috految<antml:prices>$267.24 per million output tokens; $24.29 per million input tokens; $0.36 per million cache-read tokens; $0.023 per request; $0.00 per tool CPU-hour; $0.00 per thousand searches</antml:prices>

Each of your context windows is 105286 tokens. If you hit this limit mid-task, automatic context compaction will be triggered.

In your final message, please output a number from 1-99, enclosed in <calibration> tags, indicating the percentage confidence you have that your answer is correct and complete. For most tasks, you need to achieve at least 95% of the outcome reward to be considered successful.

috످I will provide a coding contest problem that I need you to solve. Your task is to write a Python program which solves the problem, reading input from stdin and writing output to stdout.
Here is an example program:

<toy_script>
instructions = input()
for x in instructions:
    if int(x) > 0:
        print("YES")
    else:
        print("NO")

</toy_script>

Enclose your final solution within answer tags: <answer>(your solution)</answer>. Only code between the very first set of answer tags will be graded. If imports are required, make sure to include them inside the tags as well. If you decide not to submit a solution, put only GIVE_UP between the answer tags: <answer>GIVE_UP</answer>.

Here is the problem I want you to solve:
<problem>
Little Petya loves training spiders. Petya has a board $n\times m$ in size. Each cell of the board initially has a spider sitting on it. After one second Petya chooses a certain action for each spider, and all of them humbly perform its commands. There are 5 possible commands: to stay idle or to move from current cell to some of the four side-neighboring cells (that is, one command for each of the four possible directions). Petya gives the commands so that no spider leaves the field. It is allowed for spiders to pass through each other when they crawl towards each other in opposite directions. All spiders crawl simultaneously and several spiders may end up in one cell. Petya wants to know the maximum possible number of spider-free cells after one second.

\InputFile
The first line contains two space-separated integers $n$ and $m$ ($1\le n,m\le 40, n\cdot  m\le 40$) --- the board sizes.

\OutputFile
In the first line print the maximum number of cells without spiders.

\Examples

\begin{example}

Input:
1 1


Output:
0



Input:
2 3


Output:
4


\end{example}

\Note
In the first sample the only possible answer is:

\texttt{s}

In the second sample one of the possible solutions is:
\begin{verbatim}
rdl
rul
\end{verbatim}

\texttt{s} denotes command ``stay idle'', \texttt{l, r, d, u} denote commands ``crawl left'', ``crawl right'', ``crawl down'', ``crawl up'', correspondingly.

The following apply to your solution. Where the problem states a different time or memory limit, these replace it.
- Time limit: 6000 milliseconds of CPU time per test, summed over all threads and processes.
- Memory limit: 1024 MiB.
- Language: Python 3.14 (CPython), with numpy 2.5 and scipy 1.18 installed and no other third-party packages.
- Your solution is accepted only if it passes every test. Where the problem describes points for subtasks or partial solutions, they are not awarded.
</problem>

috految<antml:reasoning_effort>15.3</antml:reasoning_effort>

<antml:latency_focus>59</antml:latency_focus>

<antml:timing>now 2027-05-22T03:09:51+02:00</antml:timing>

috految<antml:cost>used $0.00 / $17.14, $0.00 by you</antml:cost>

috److The occupied cells after one second must form a dominating set of the grid, so the answer is `n*m` minus the size of the minimum dominating set.

Since `n*m <= 40`, the smaller dimension is at most 6, which allows a row-by-row bitmask DP.

1. The state is `(prev, need)`, where `prev` is the mask of chosen cells in the previous row and `need` is the mask of cells in that row that are still uncovered.
2. The mask `c` chosen for the current row must contain `need`, because those cells can only be covered from the current row.
3. The new uncovered mask is `full & ~(prev | c | c << 1 | c >> 1)`.
4. The DP starts at `(0, 0)` and must end with `need == 0`.

There are at most 3^6 states and 64 transitions per state, which fits well within the time limit.

<answer>
n, m = sorted(map(int, input().split()))
full = (1 << n) - 1
dp = {(0, 0): 0}
for _ in range(m):
    new = {}
    for (prev, need), v in dp.items():
        for c in range(full + 1):
            if (c & need) == need:
                key = (c, full & ~(prev | c | c << 1 | c >> 1))
                new[key] = min(new.get(key, 999), v + c.bit_count())
    dp = new
print(n * m - min(v for k, v in dp.items() if k[1] == 0))
</answer>

<calibration>99</calibration>

috످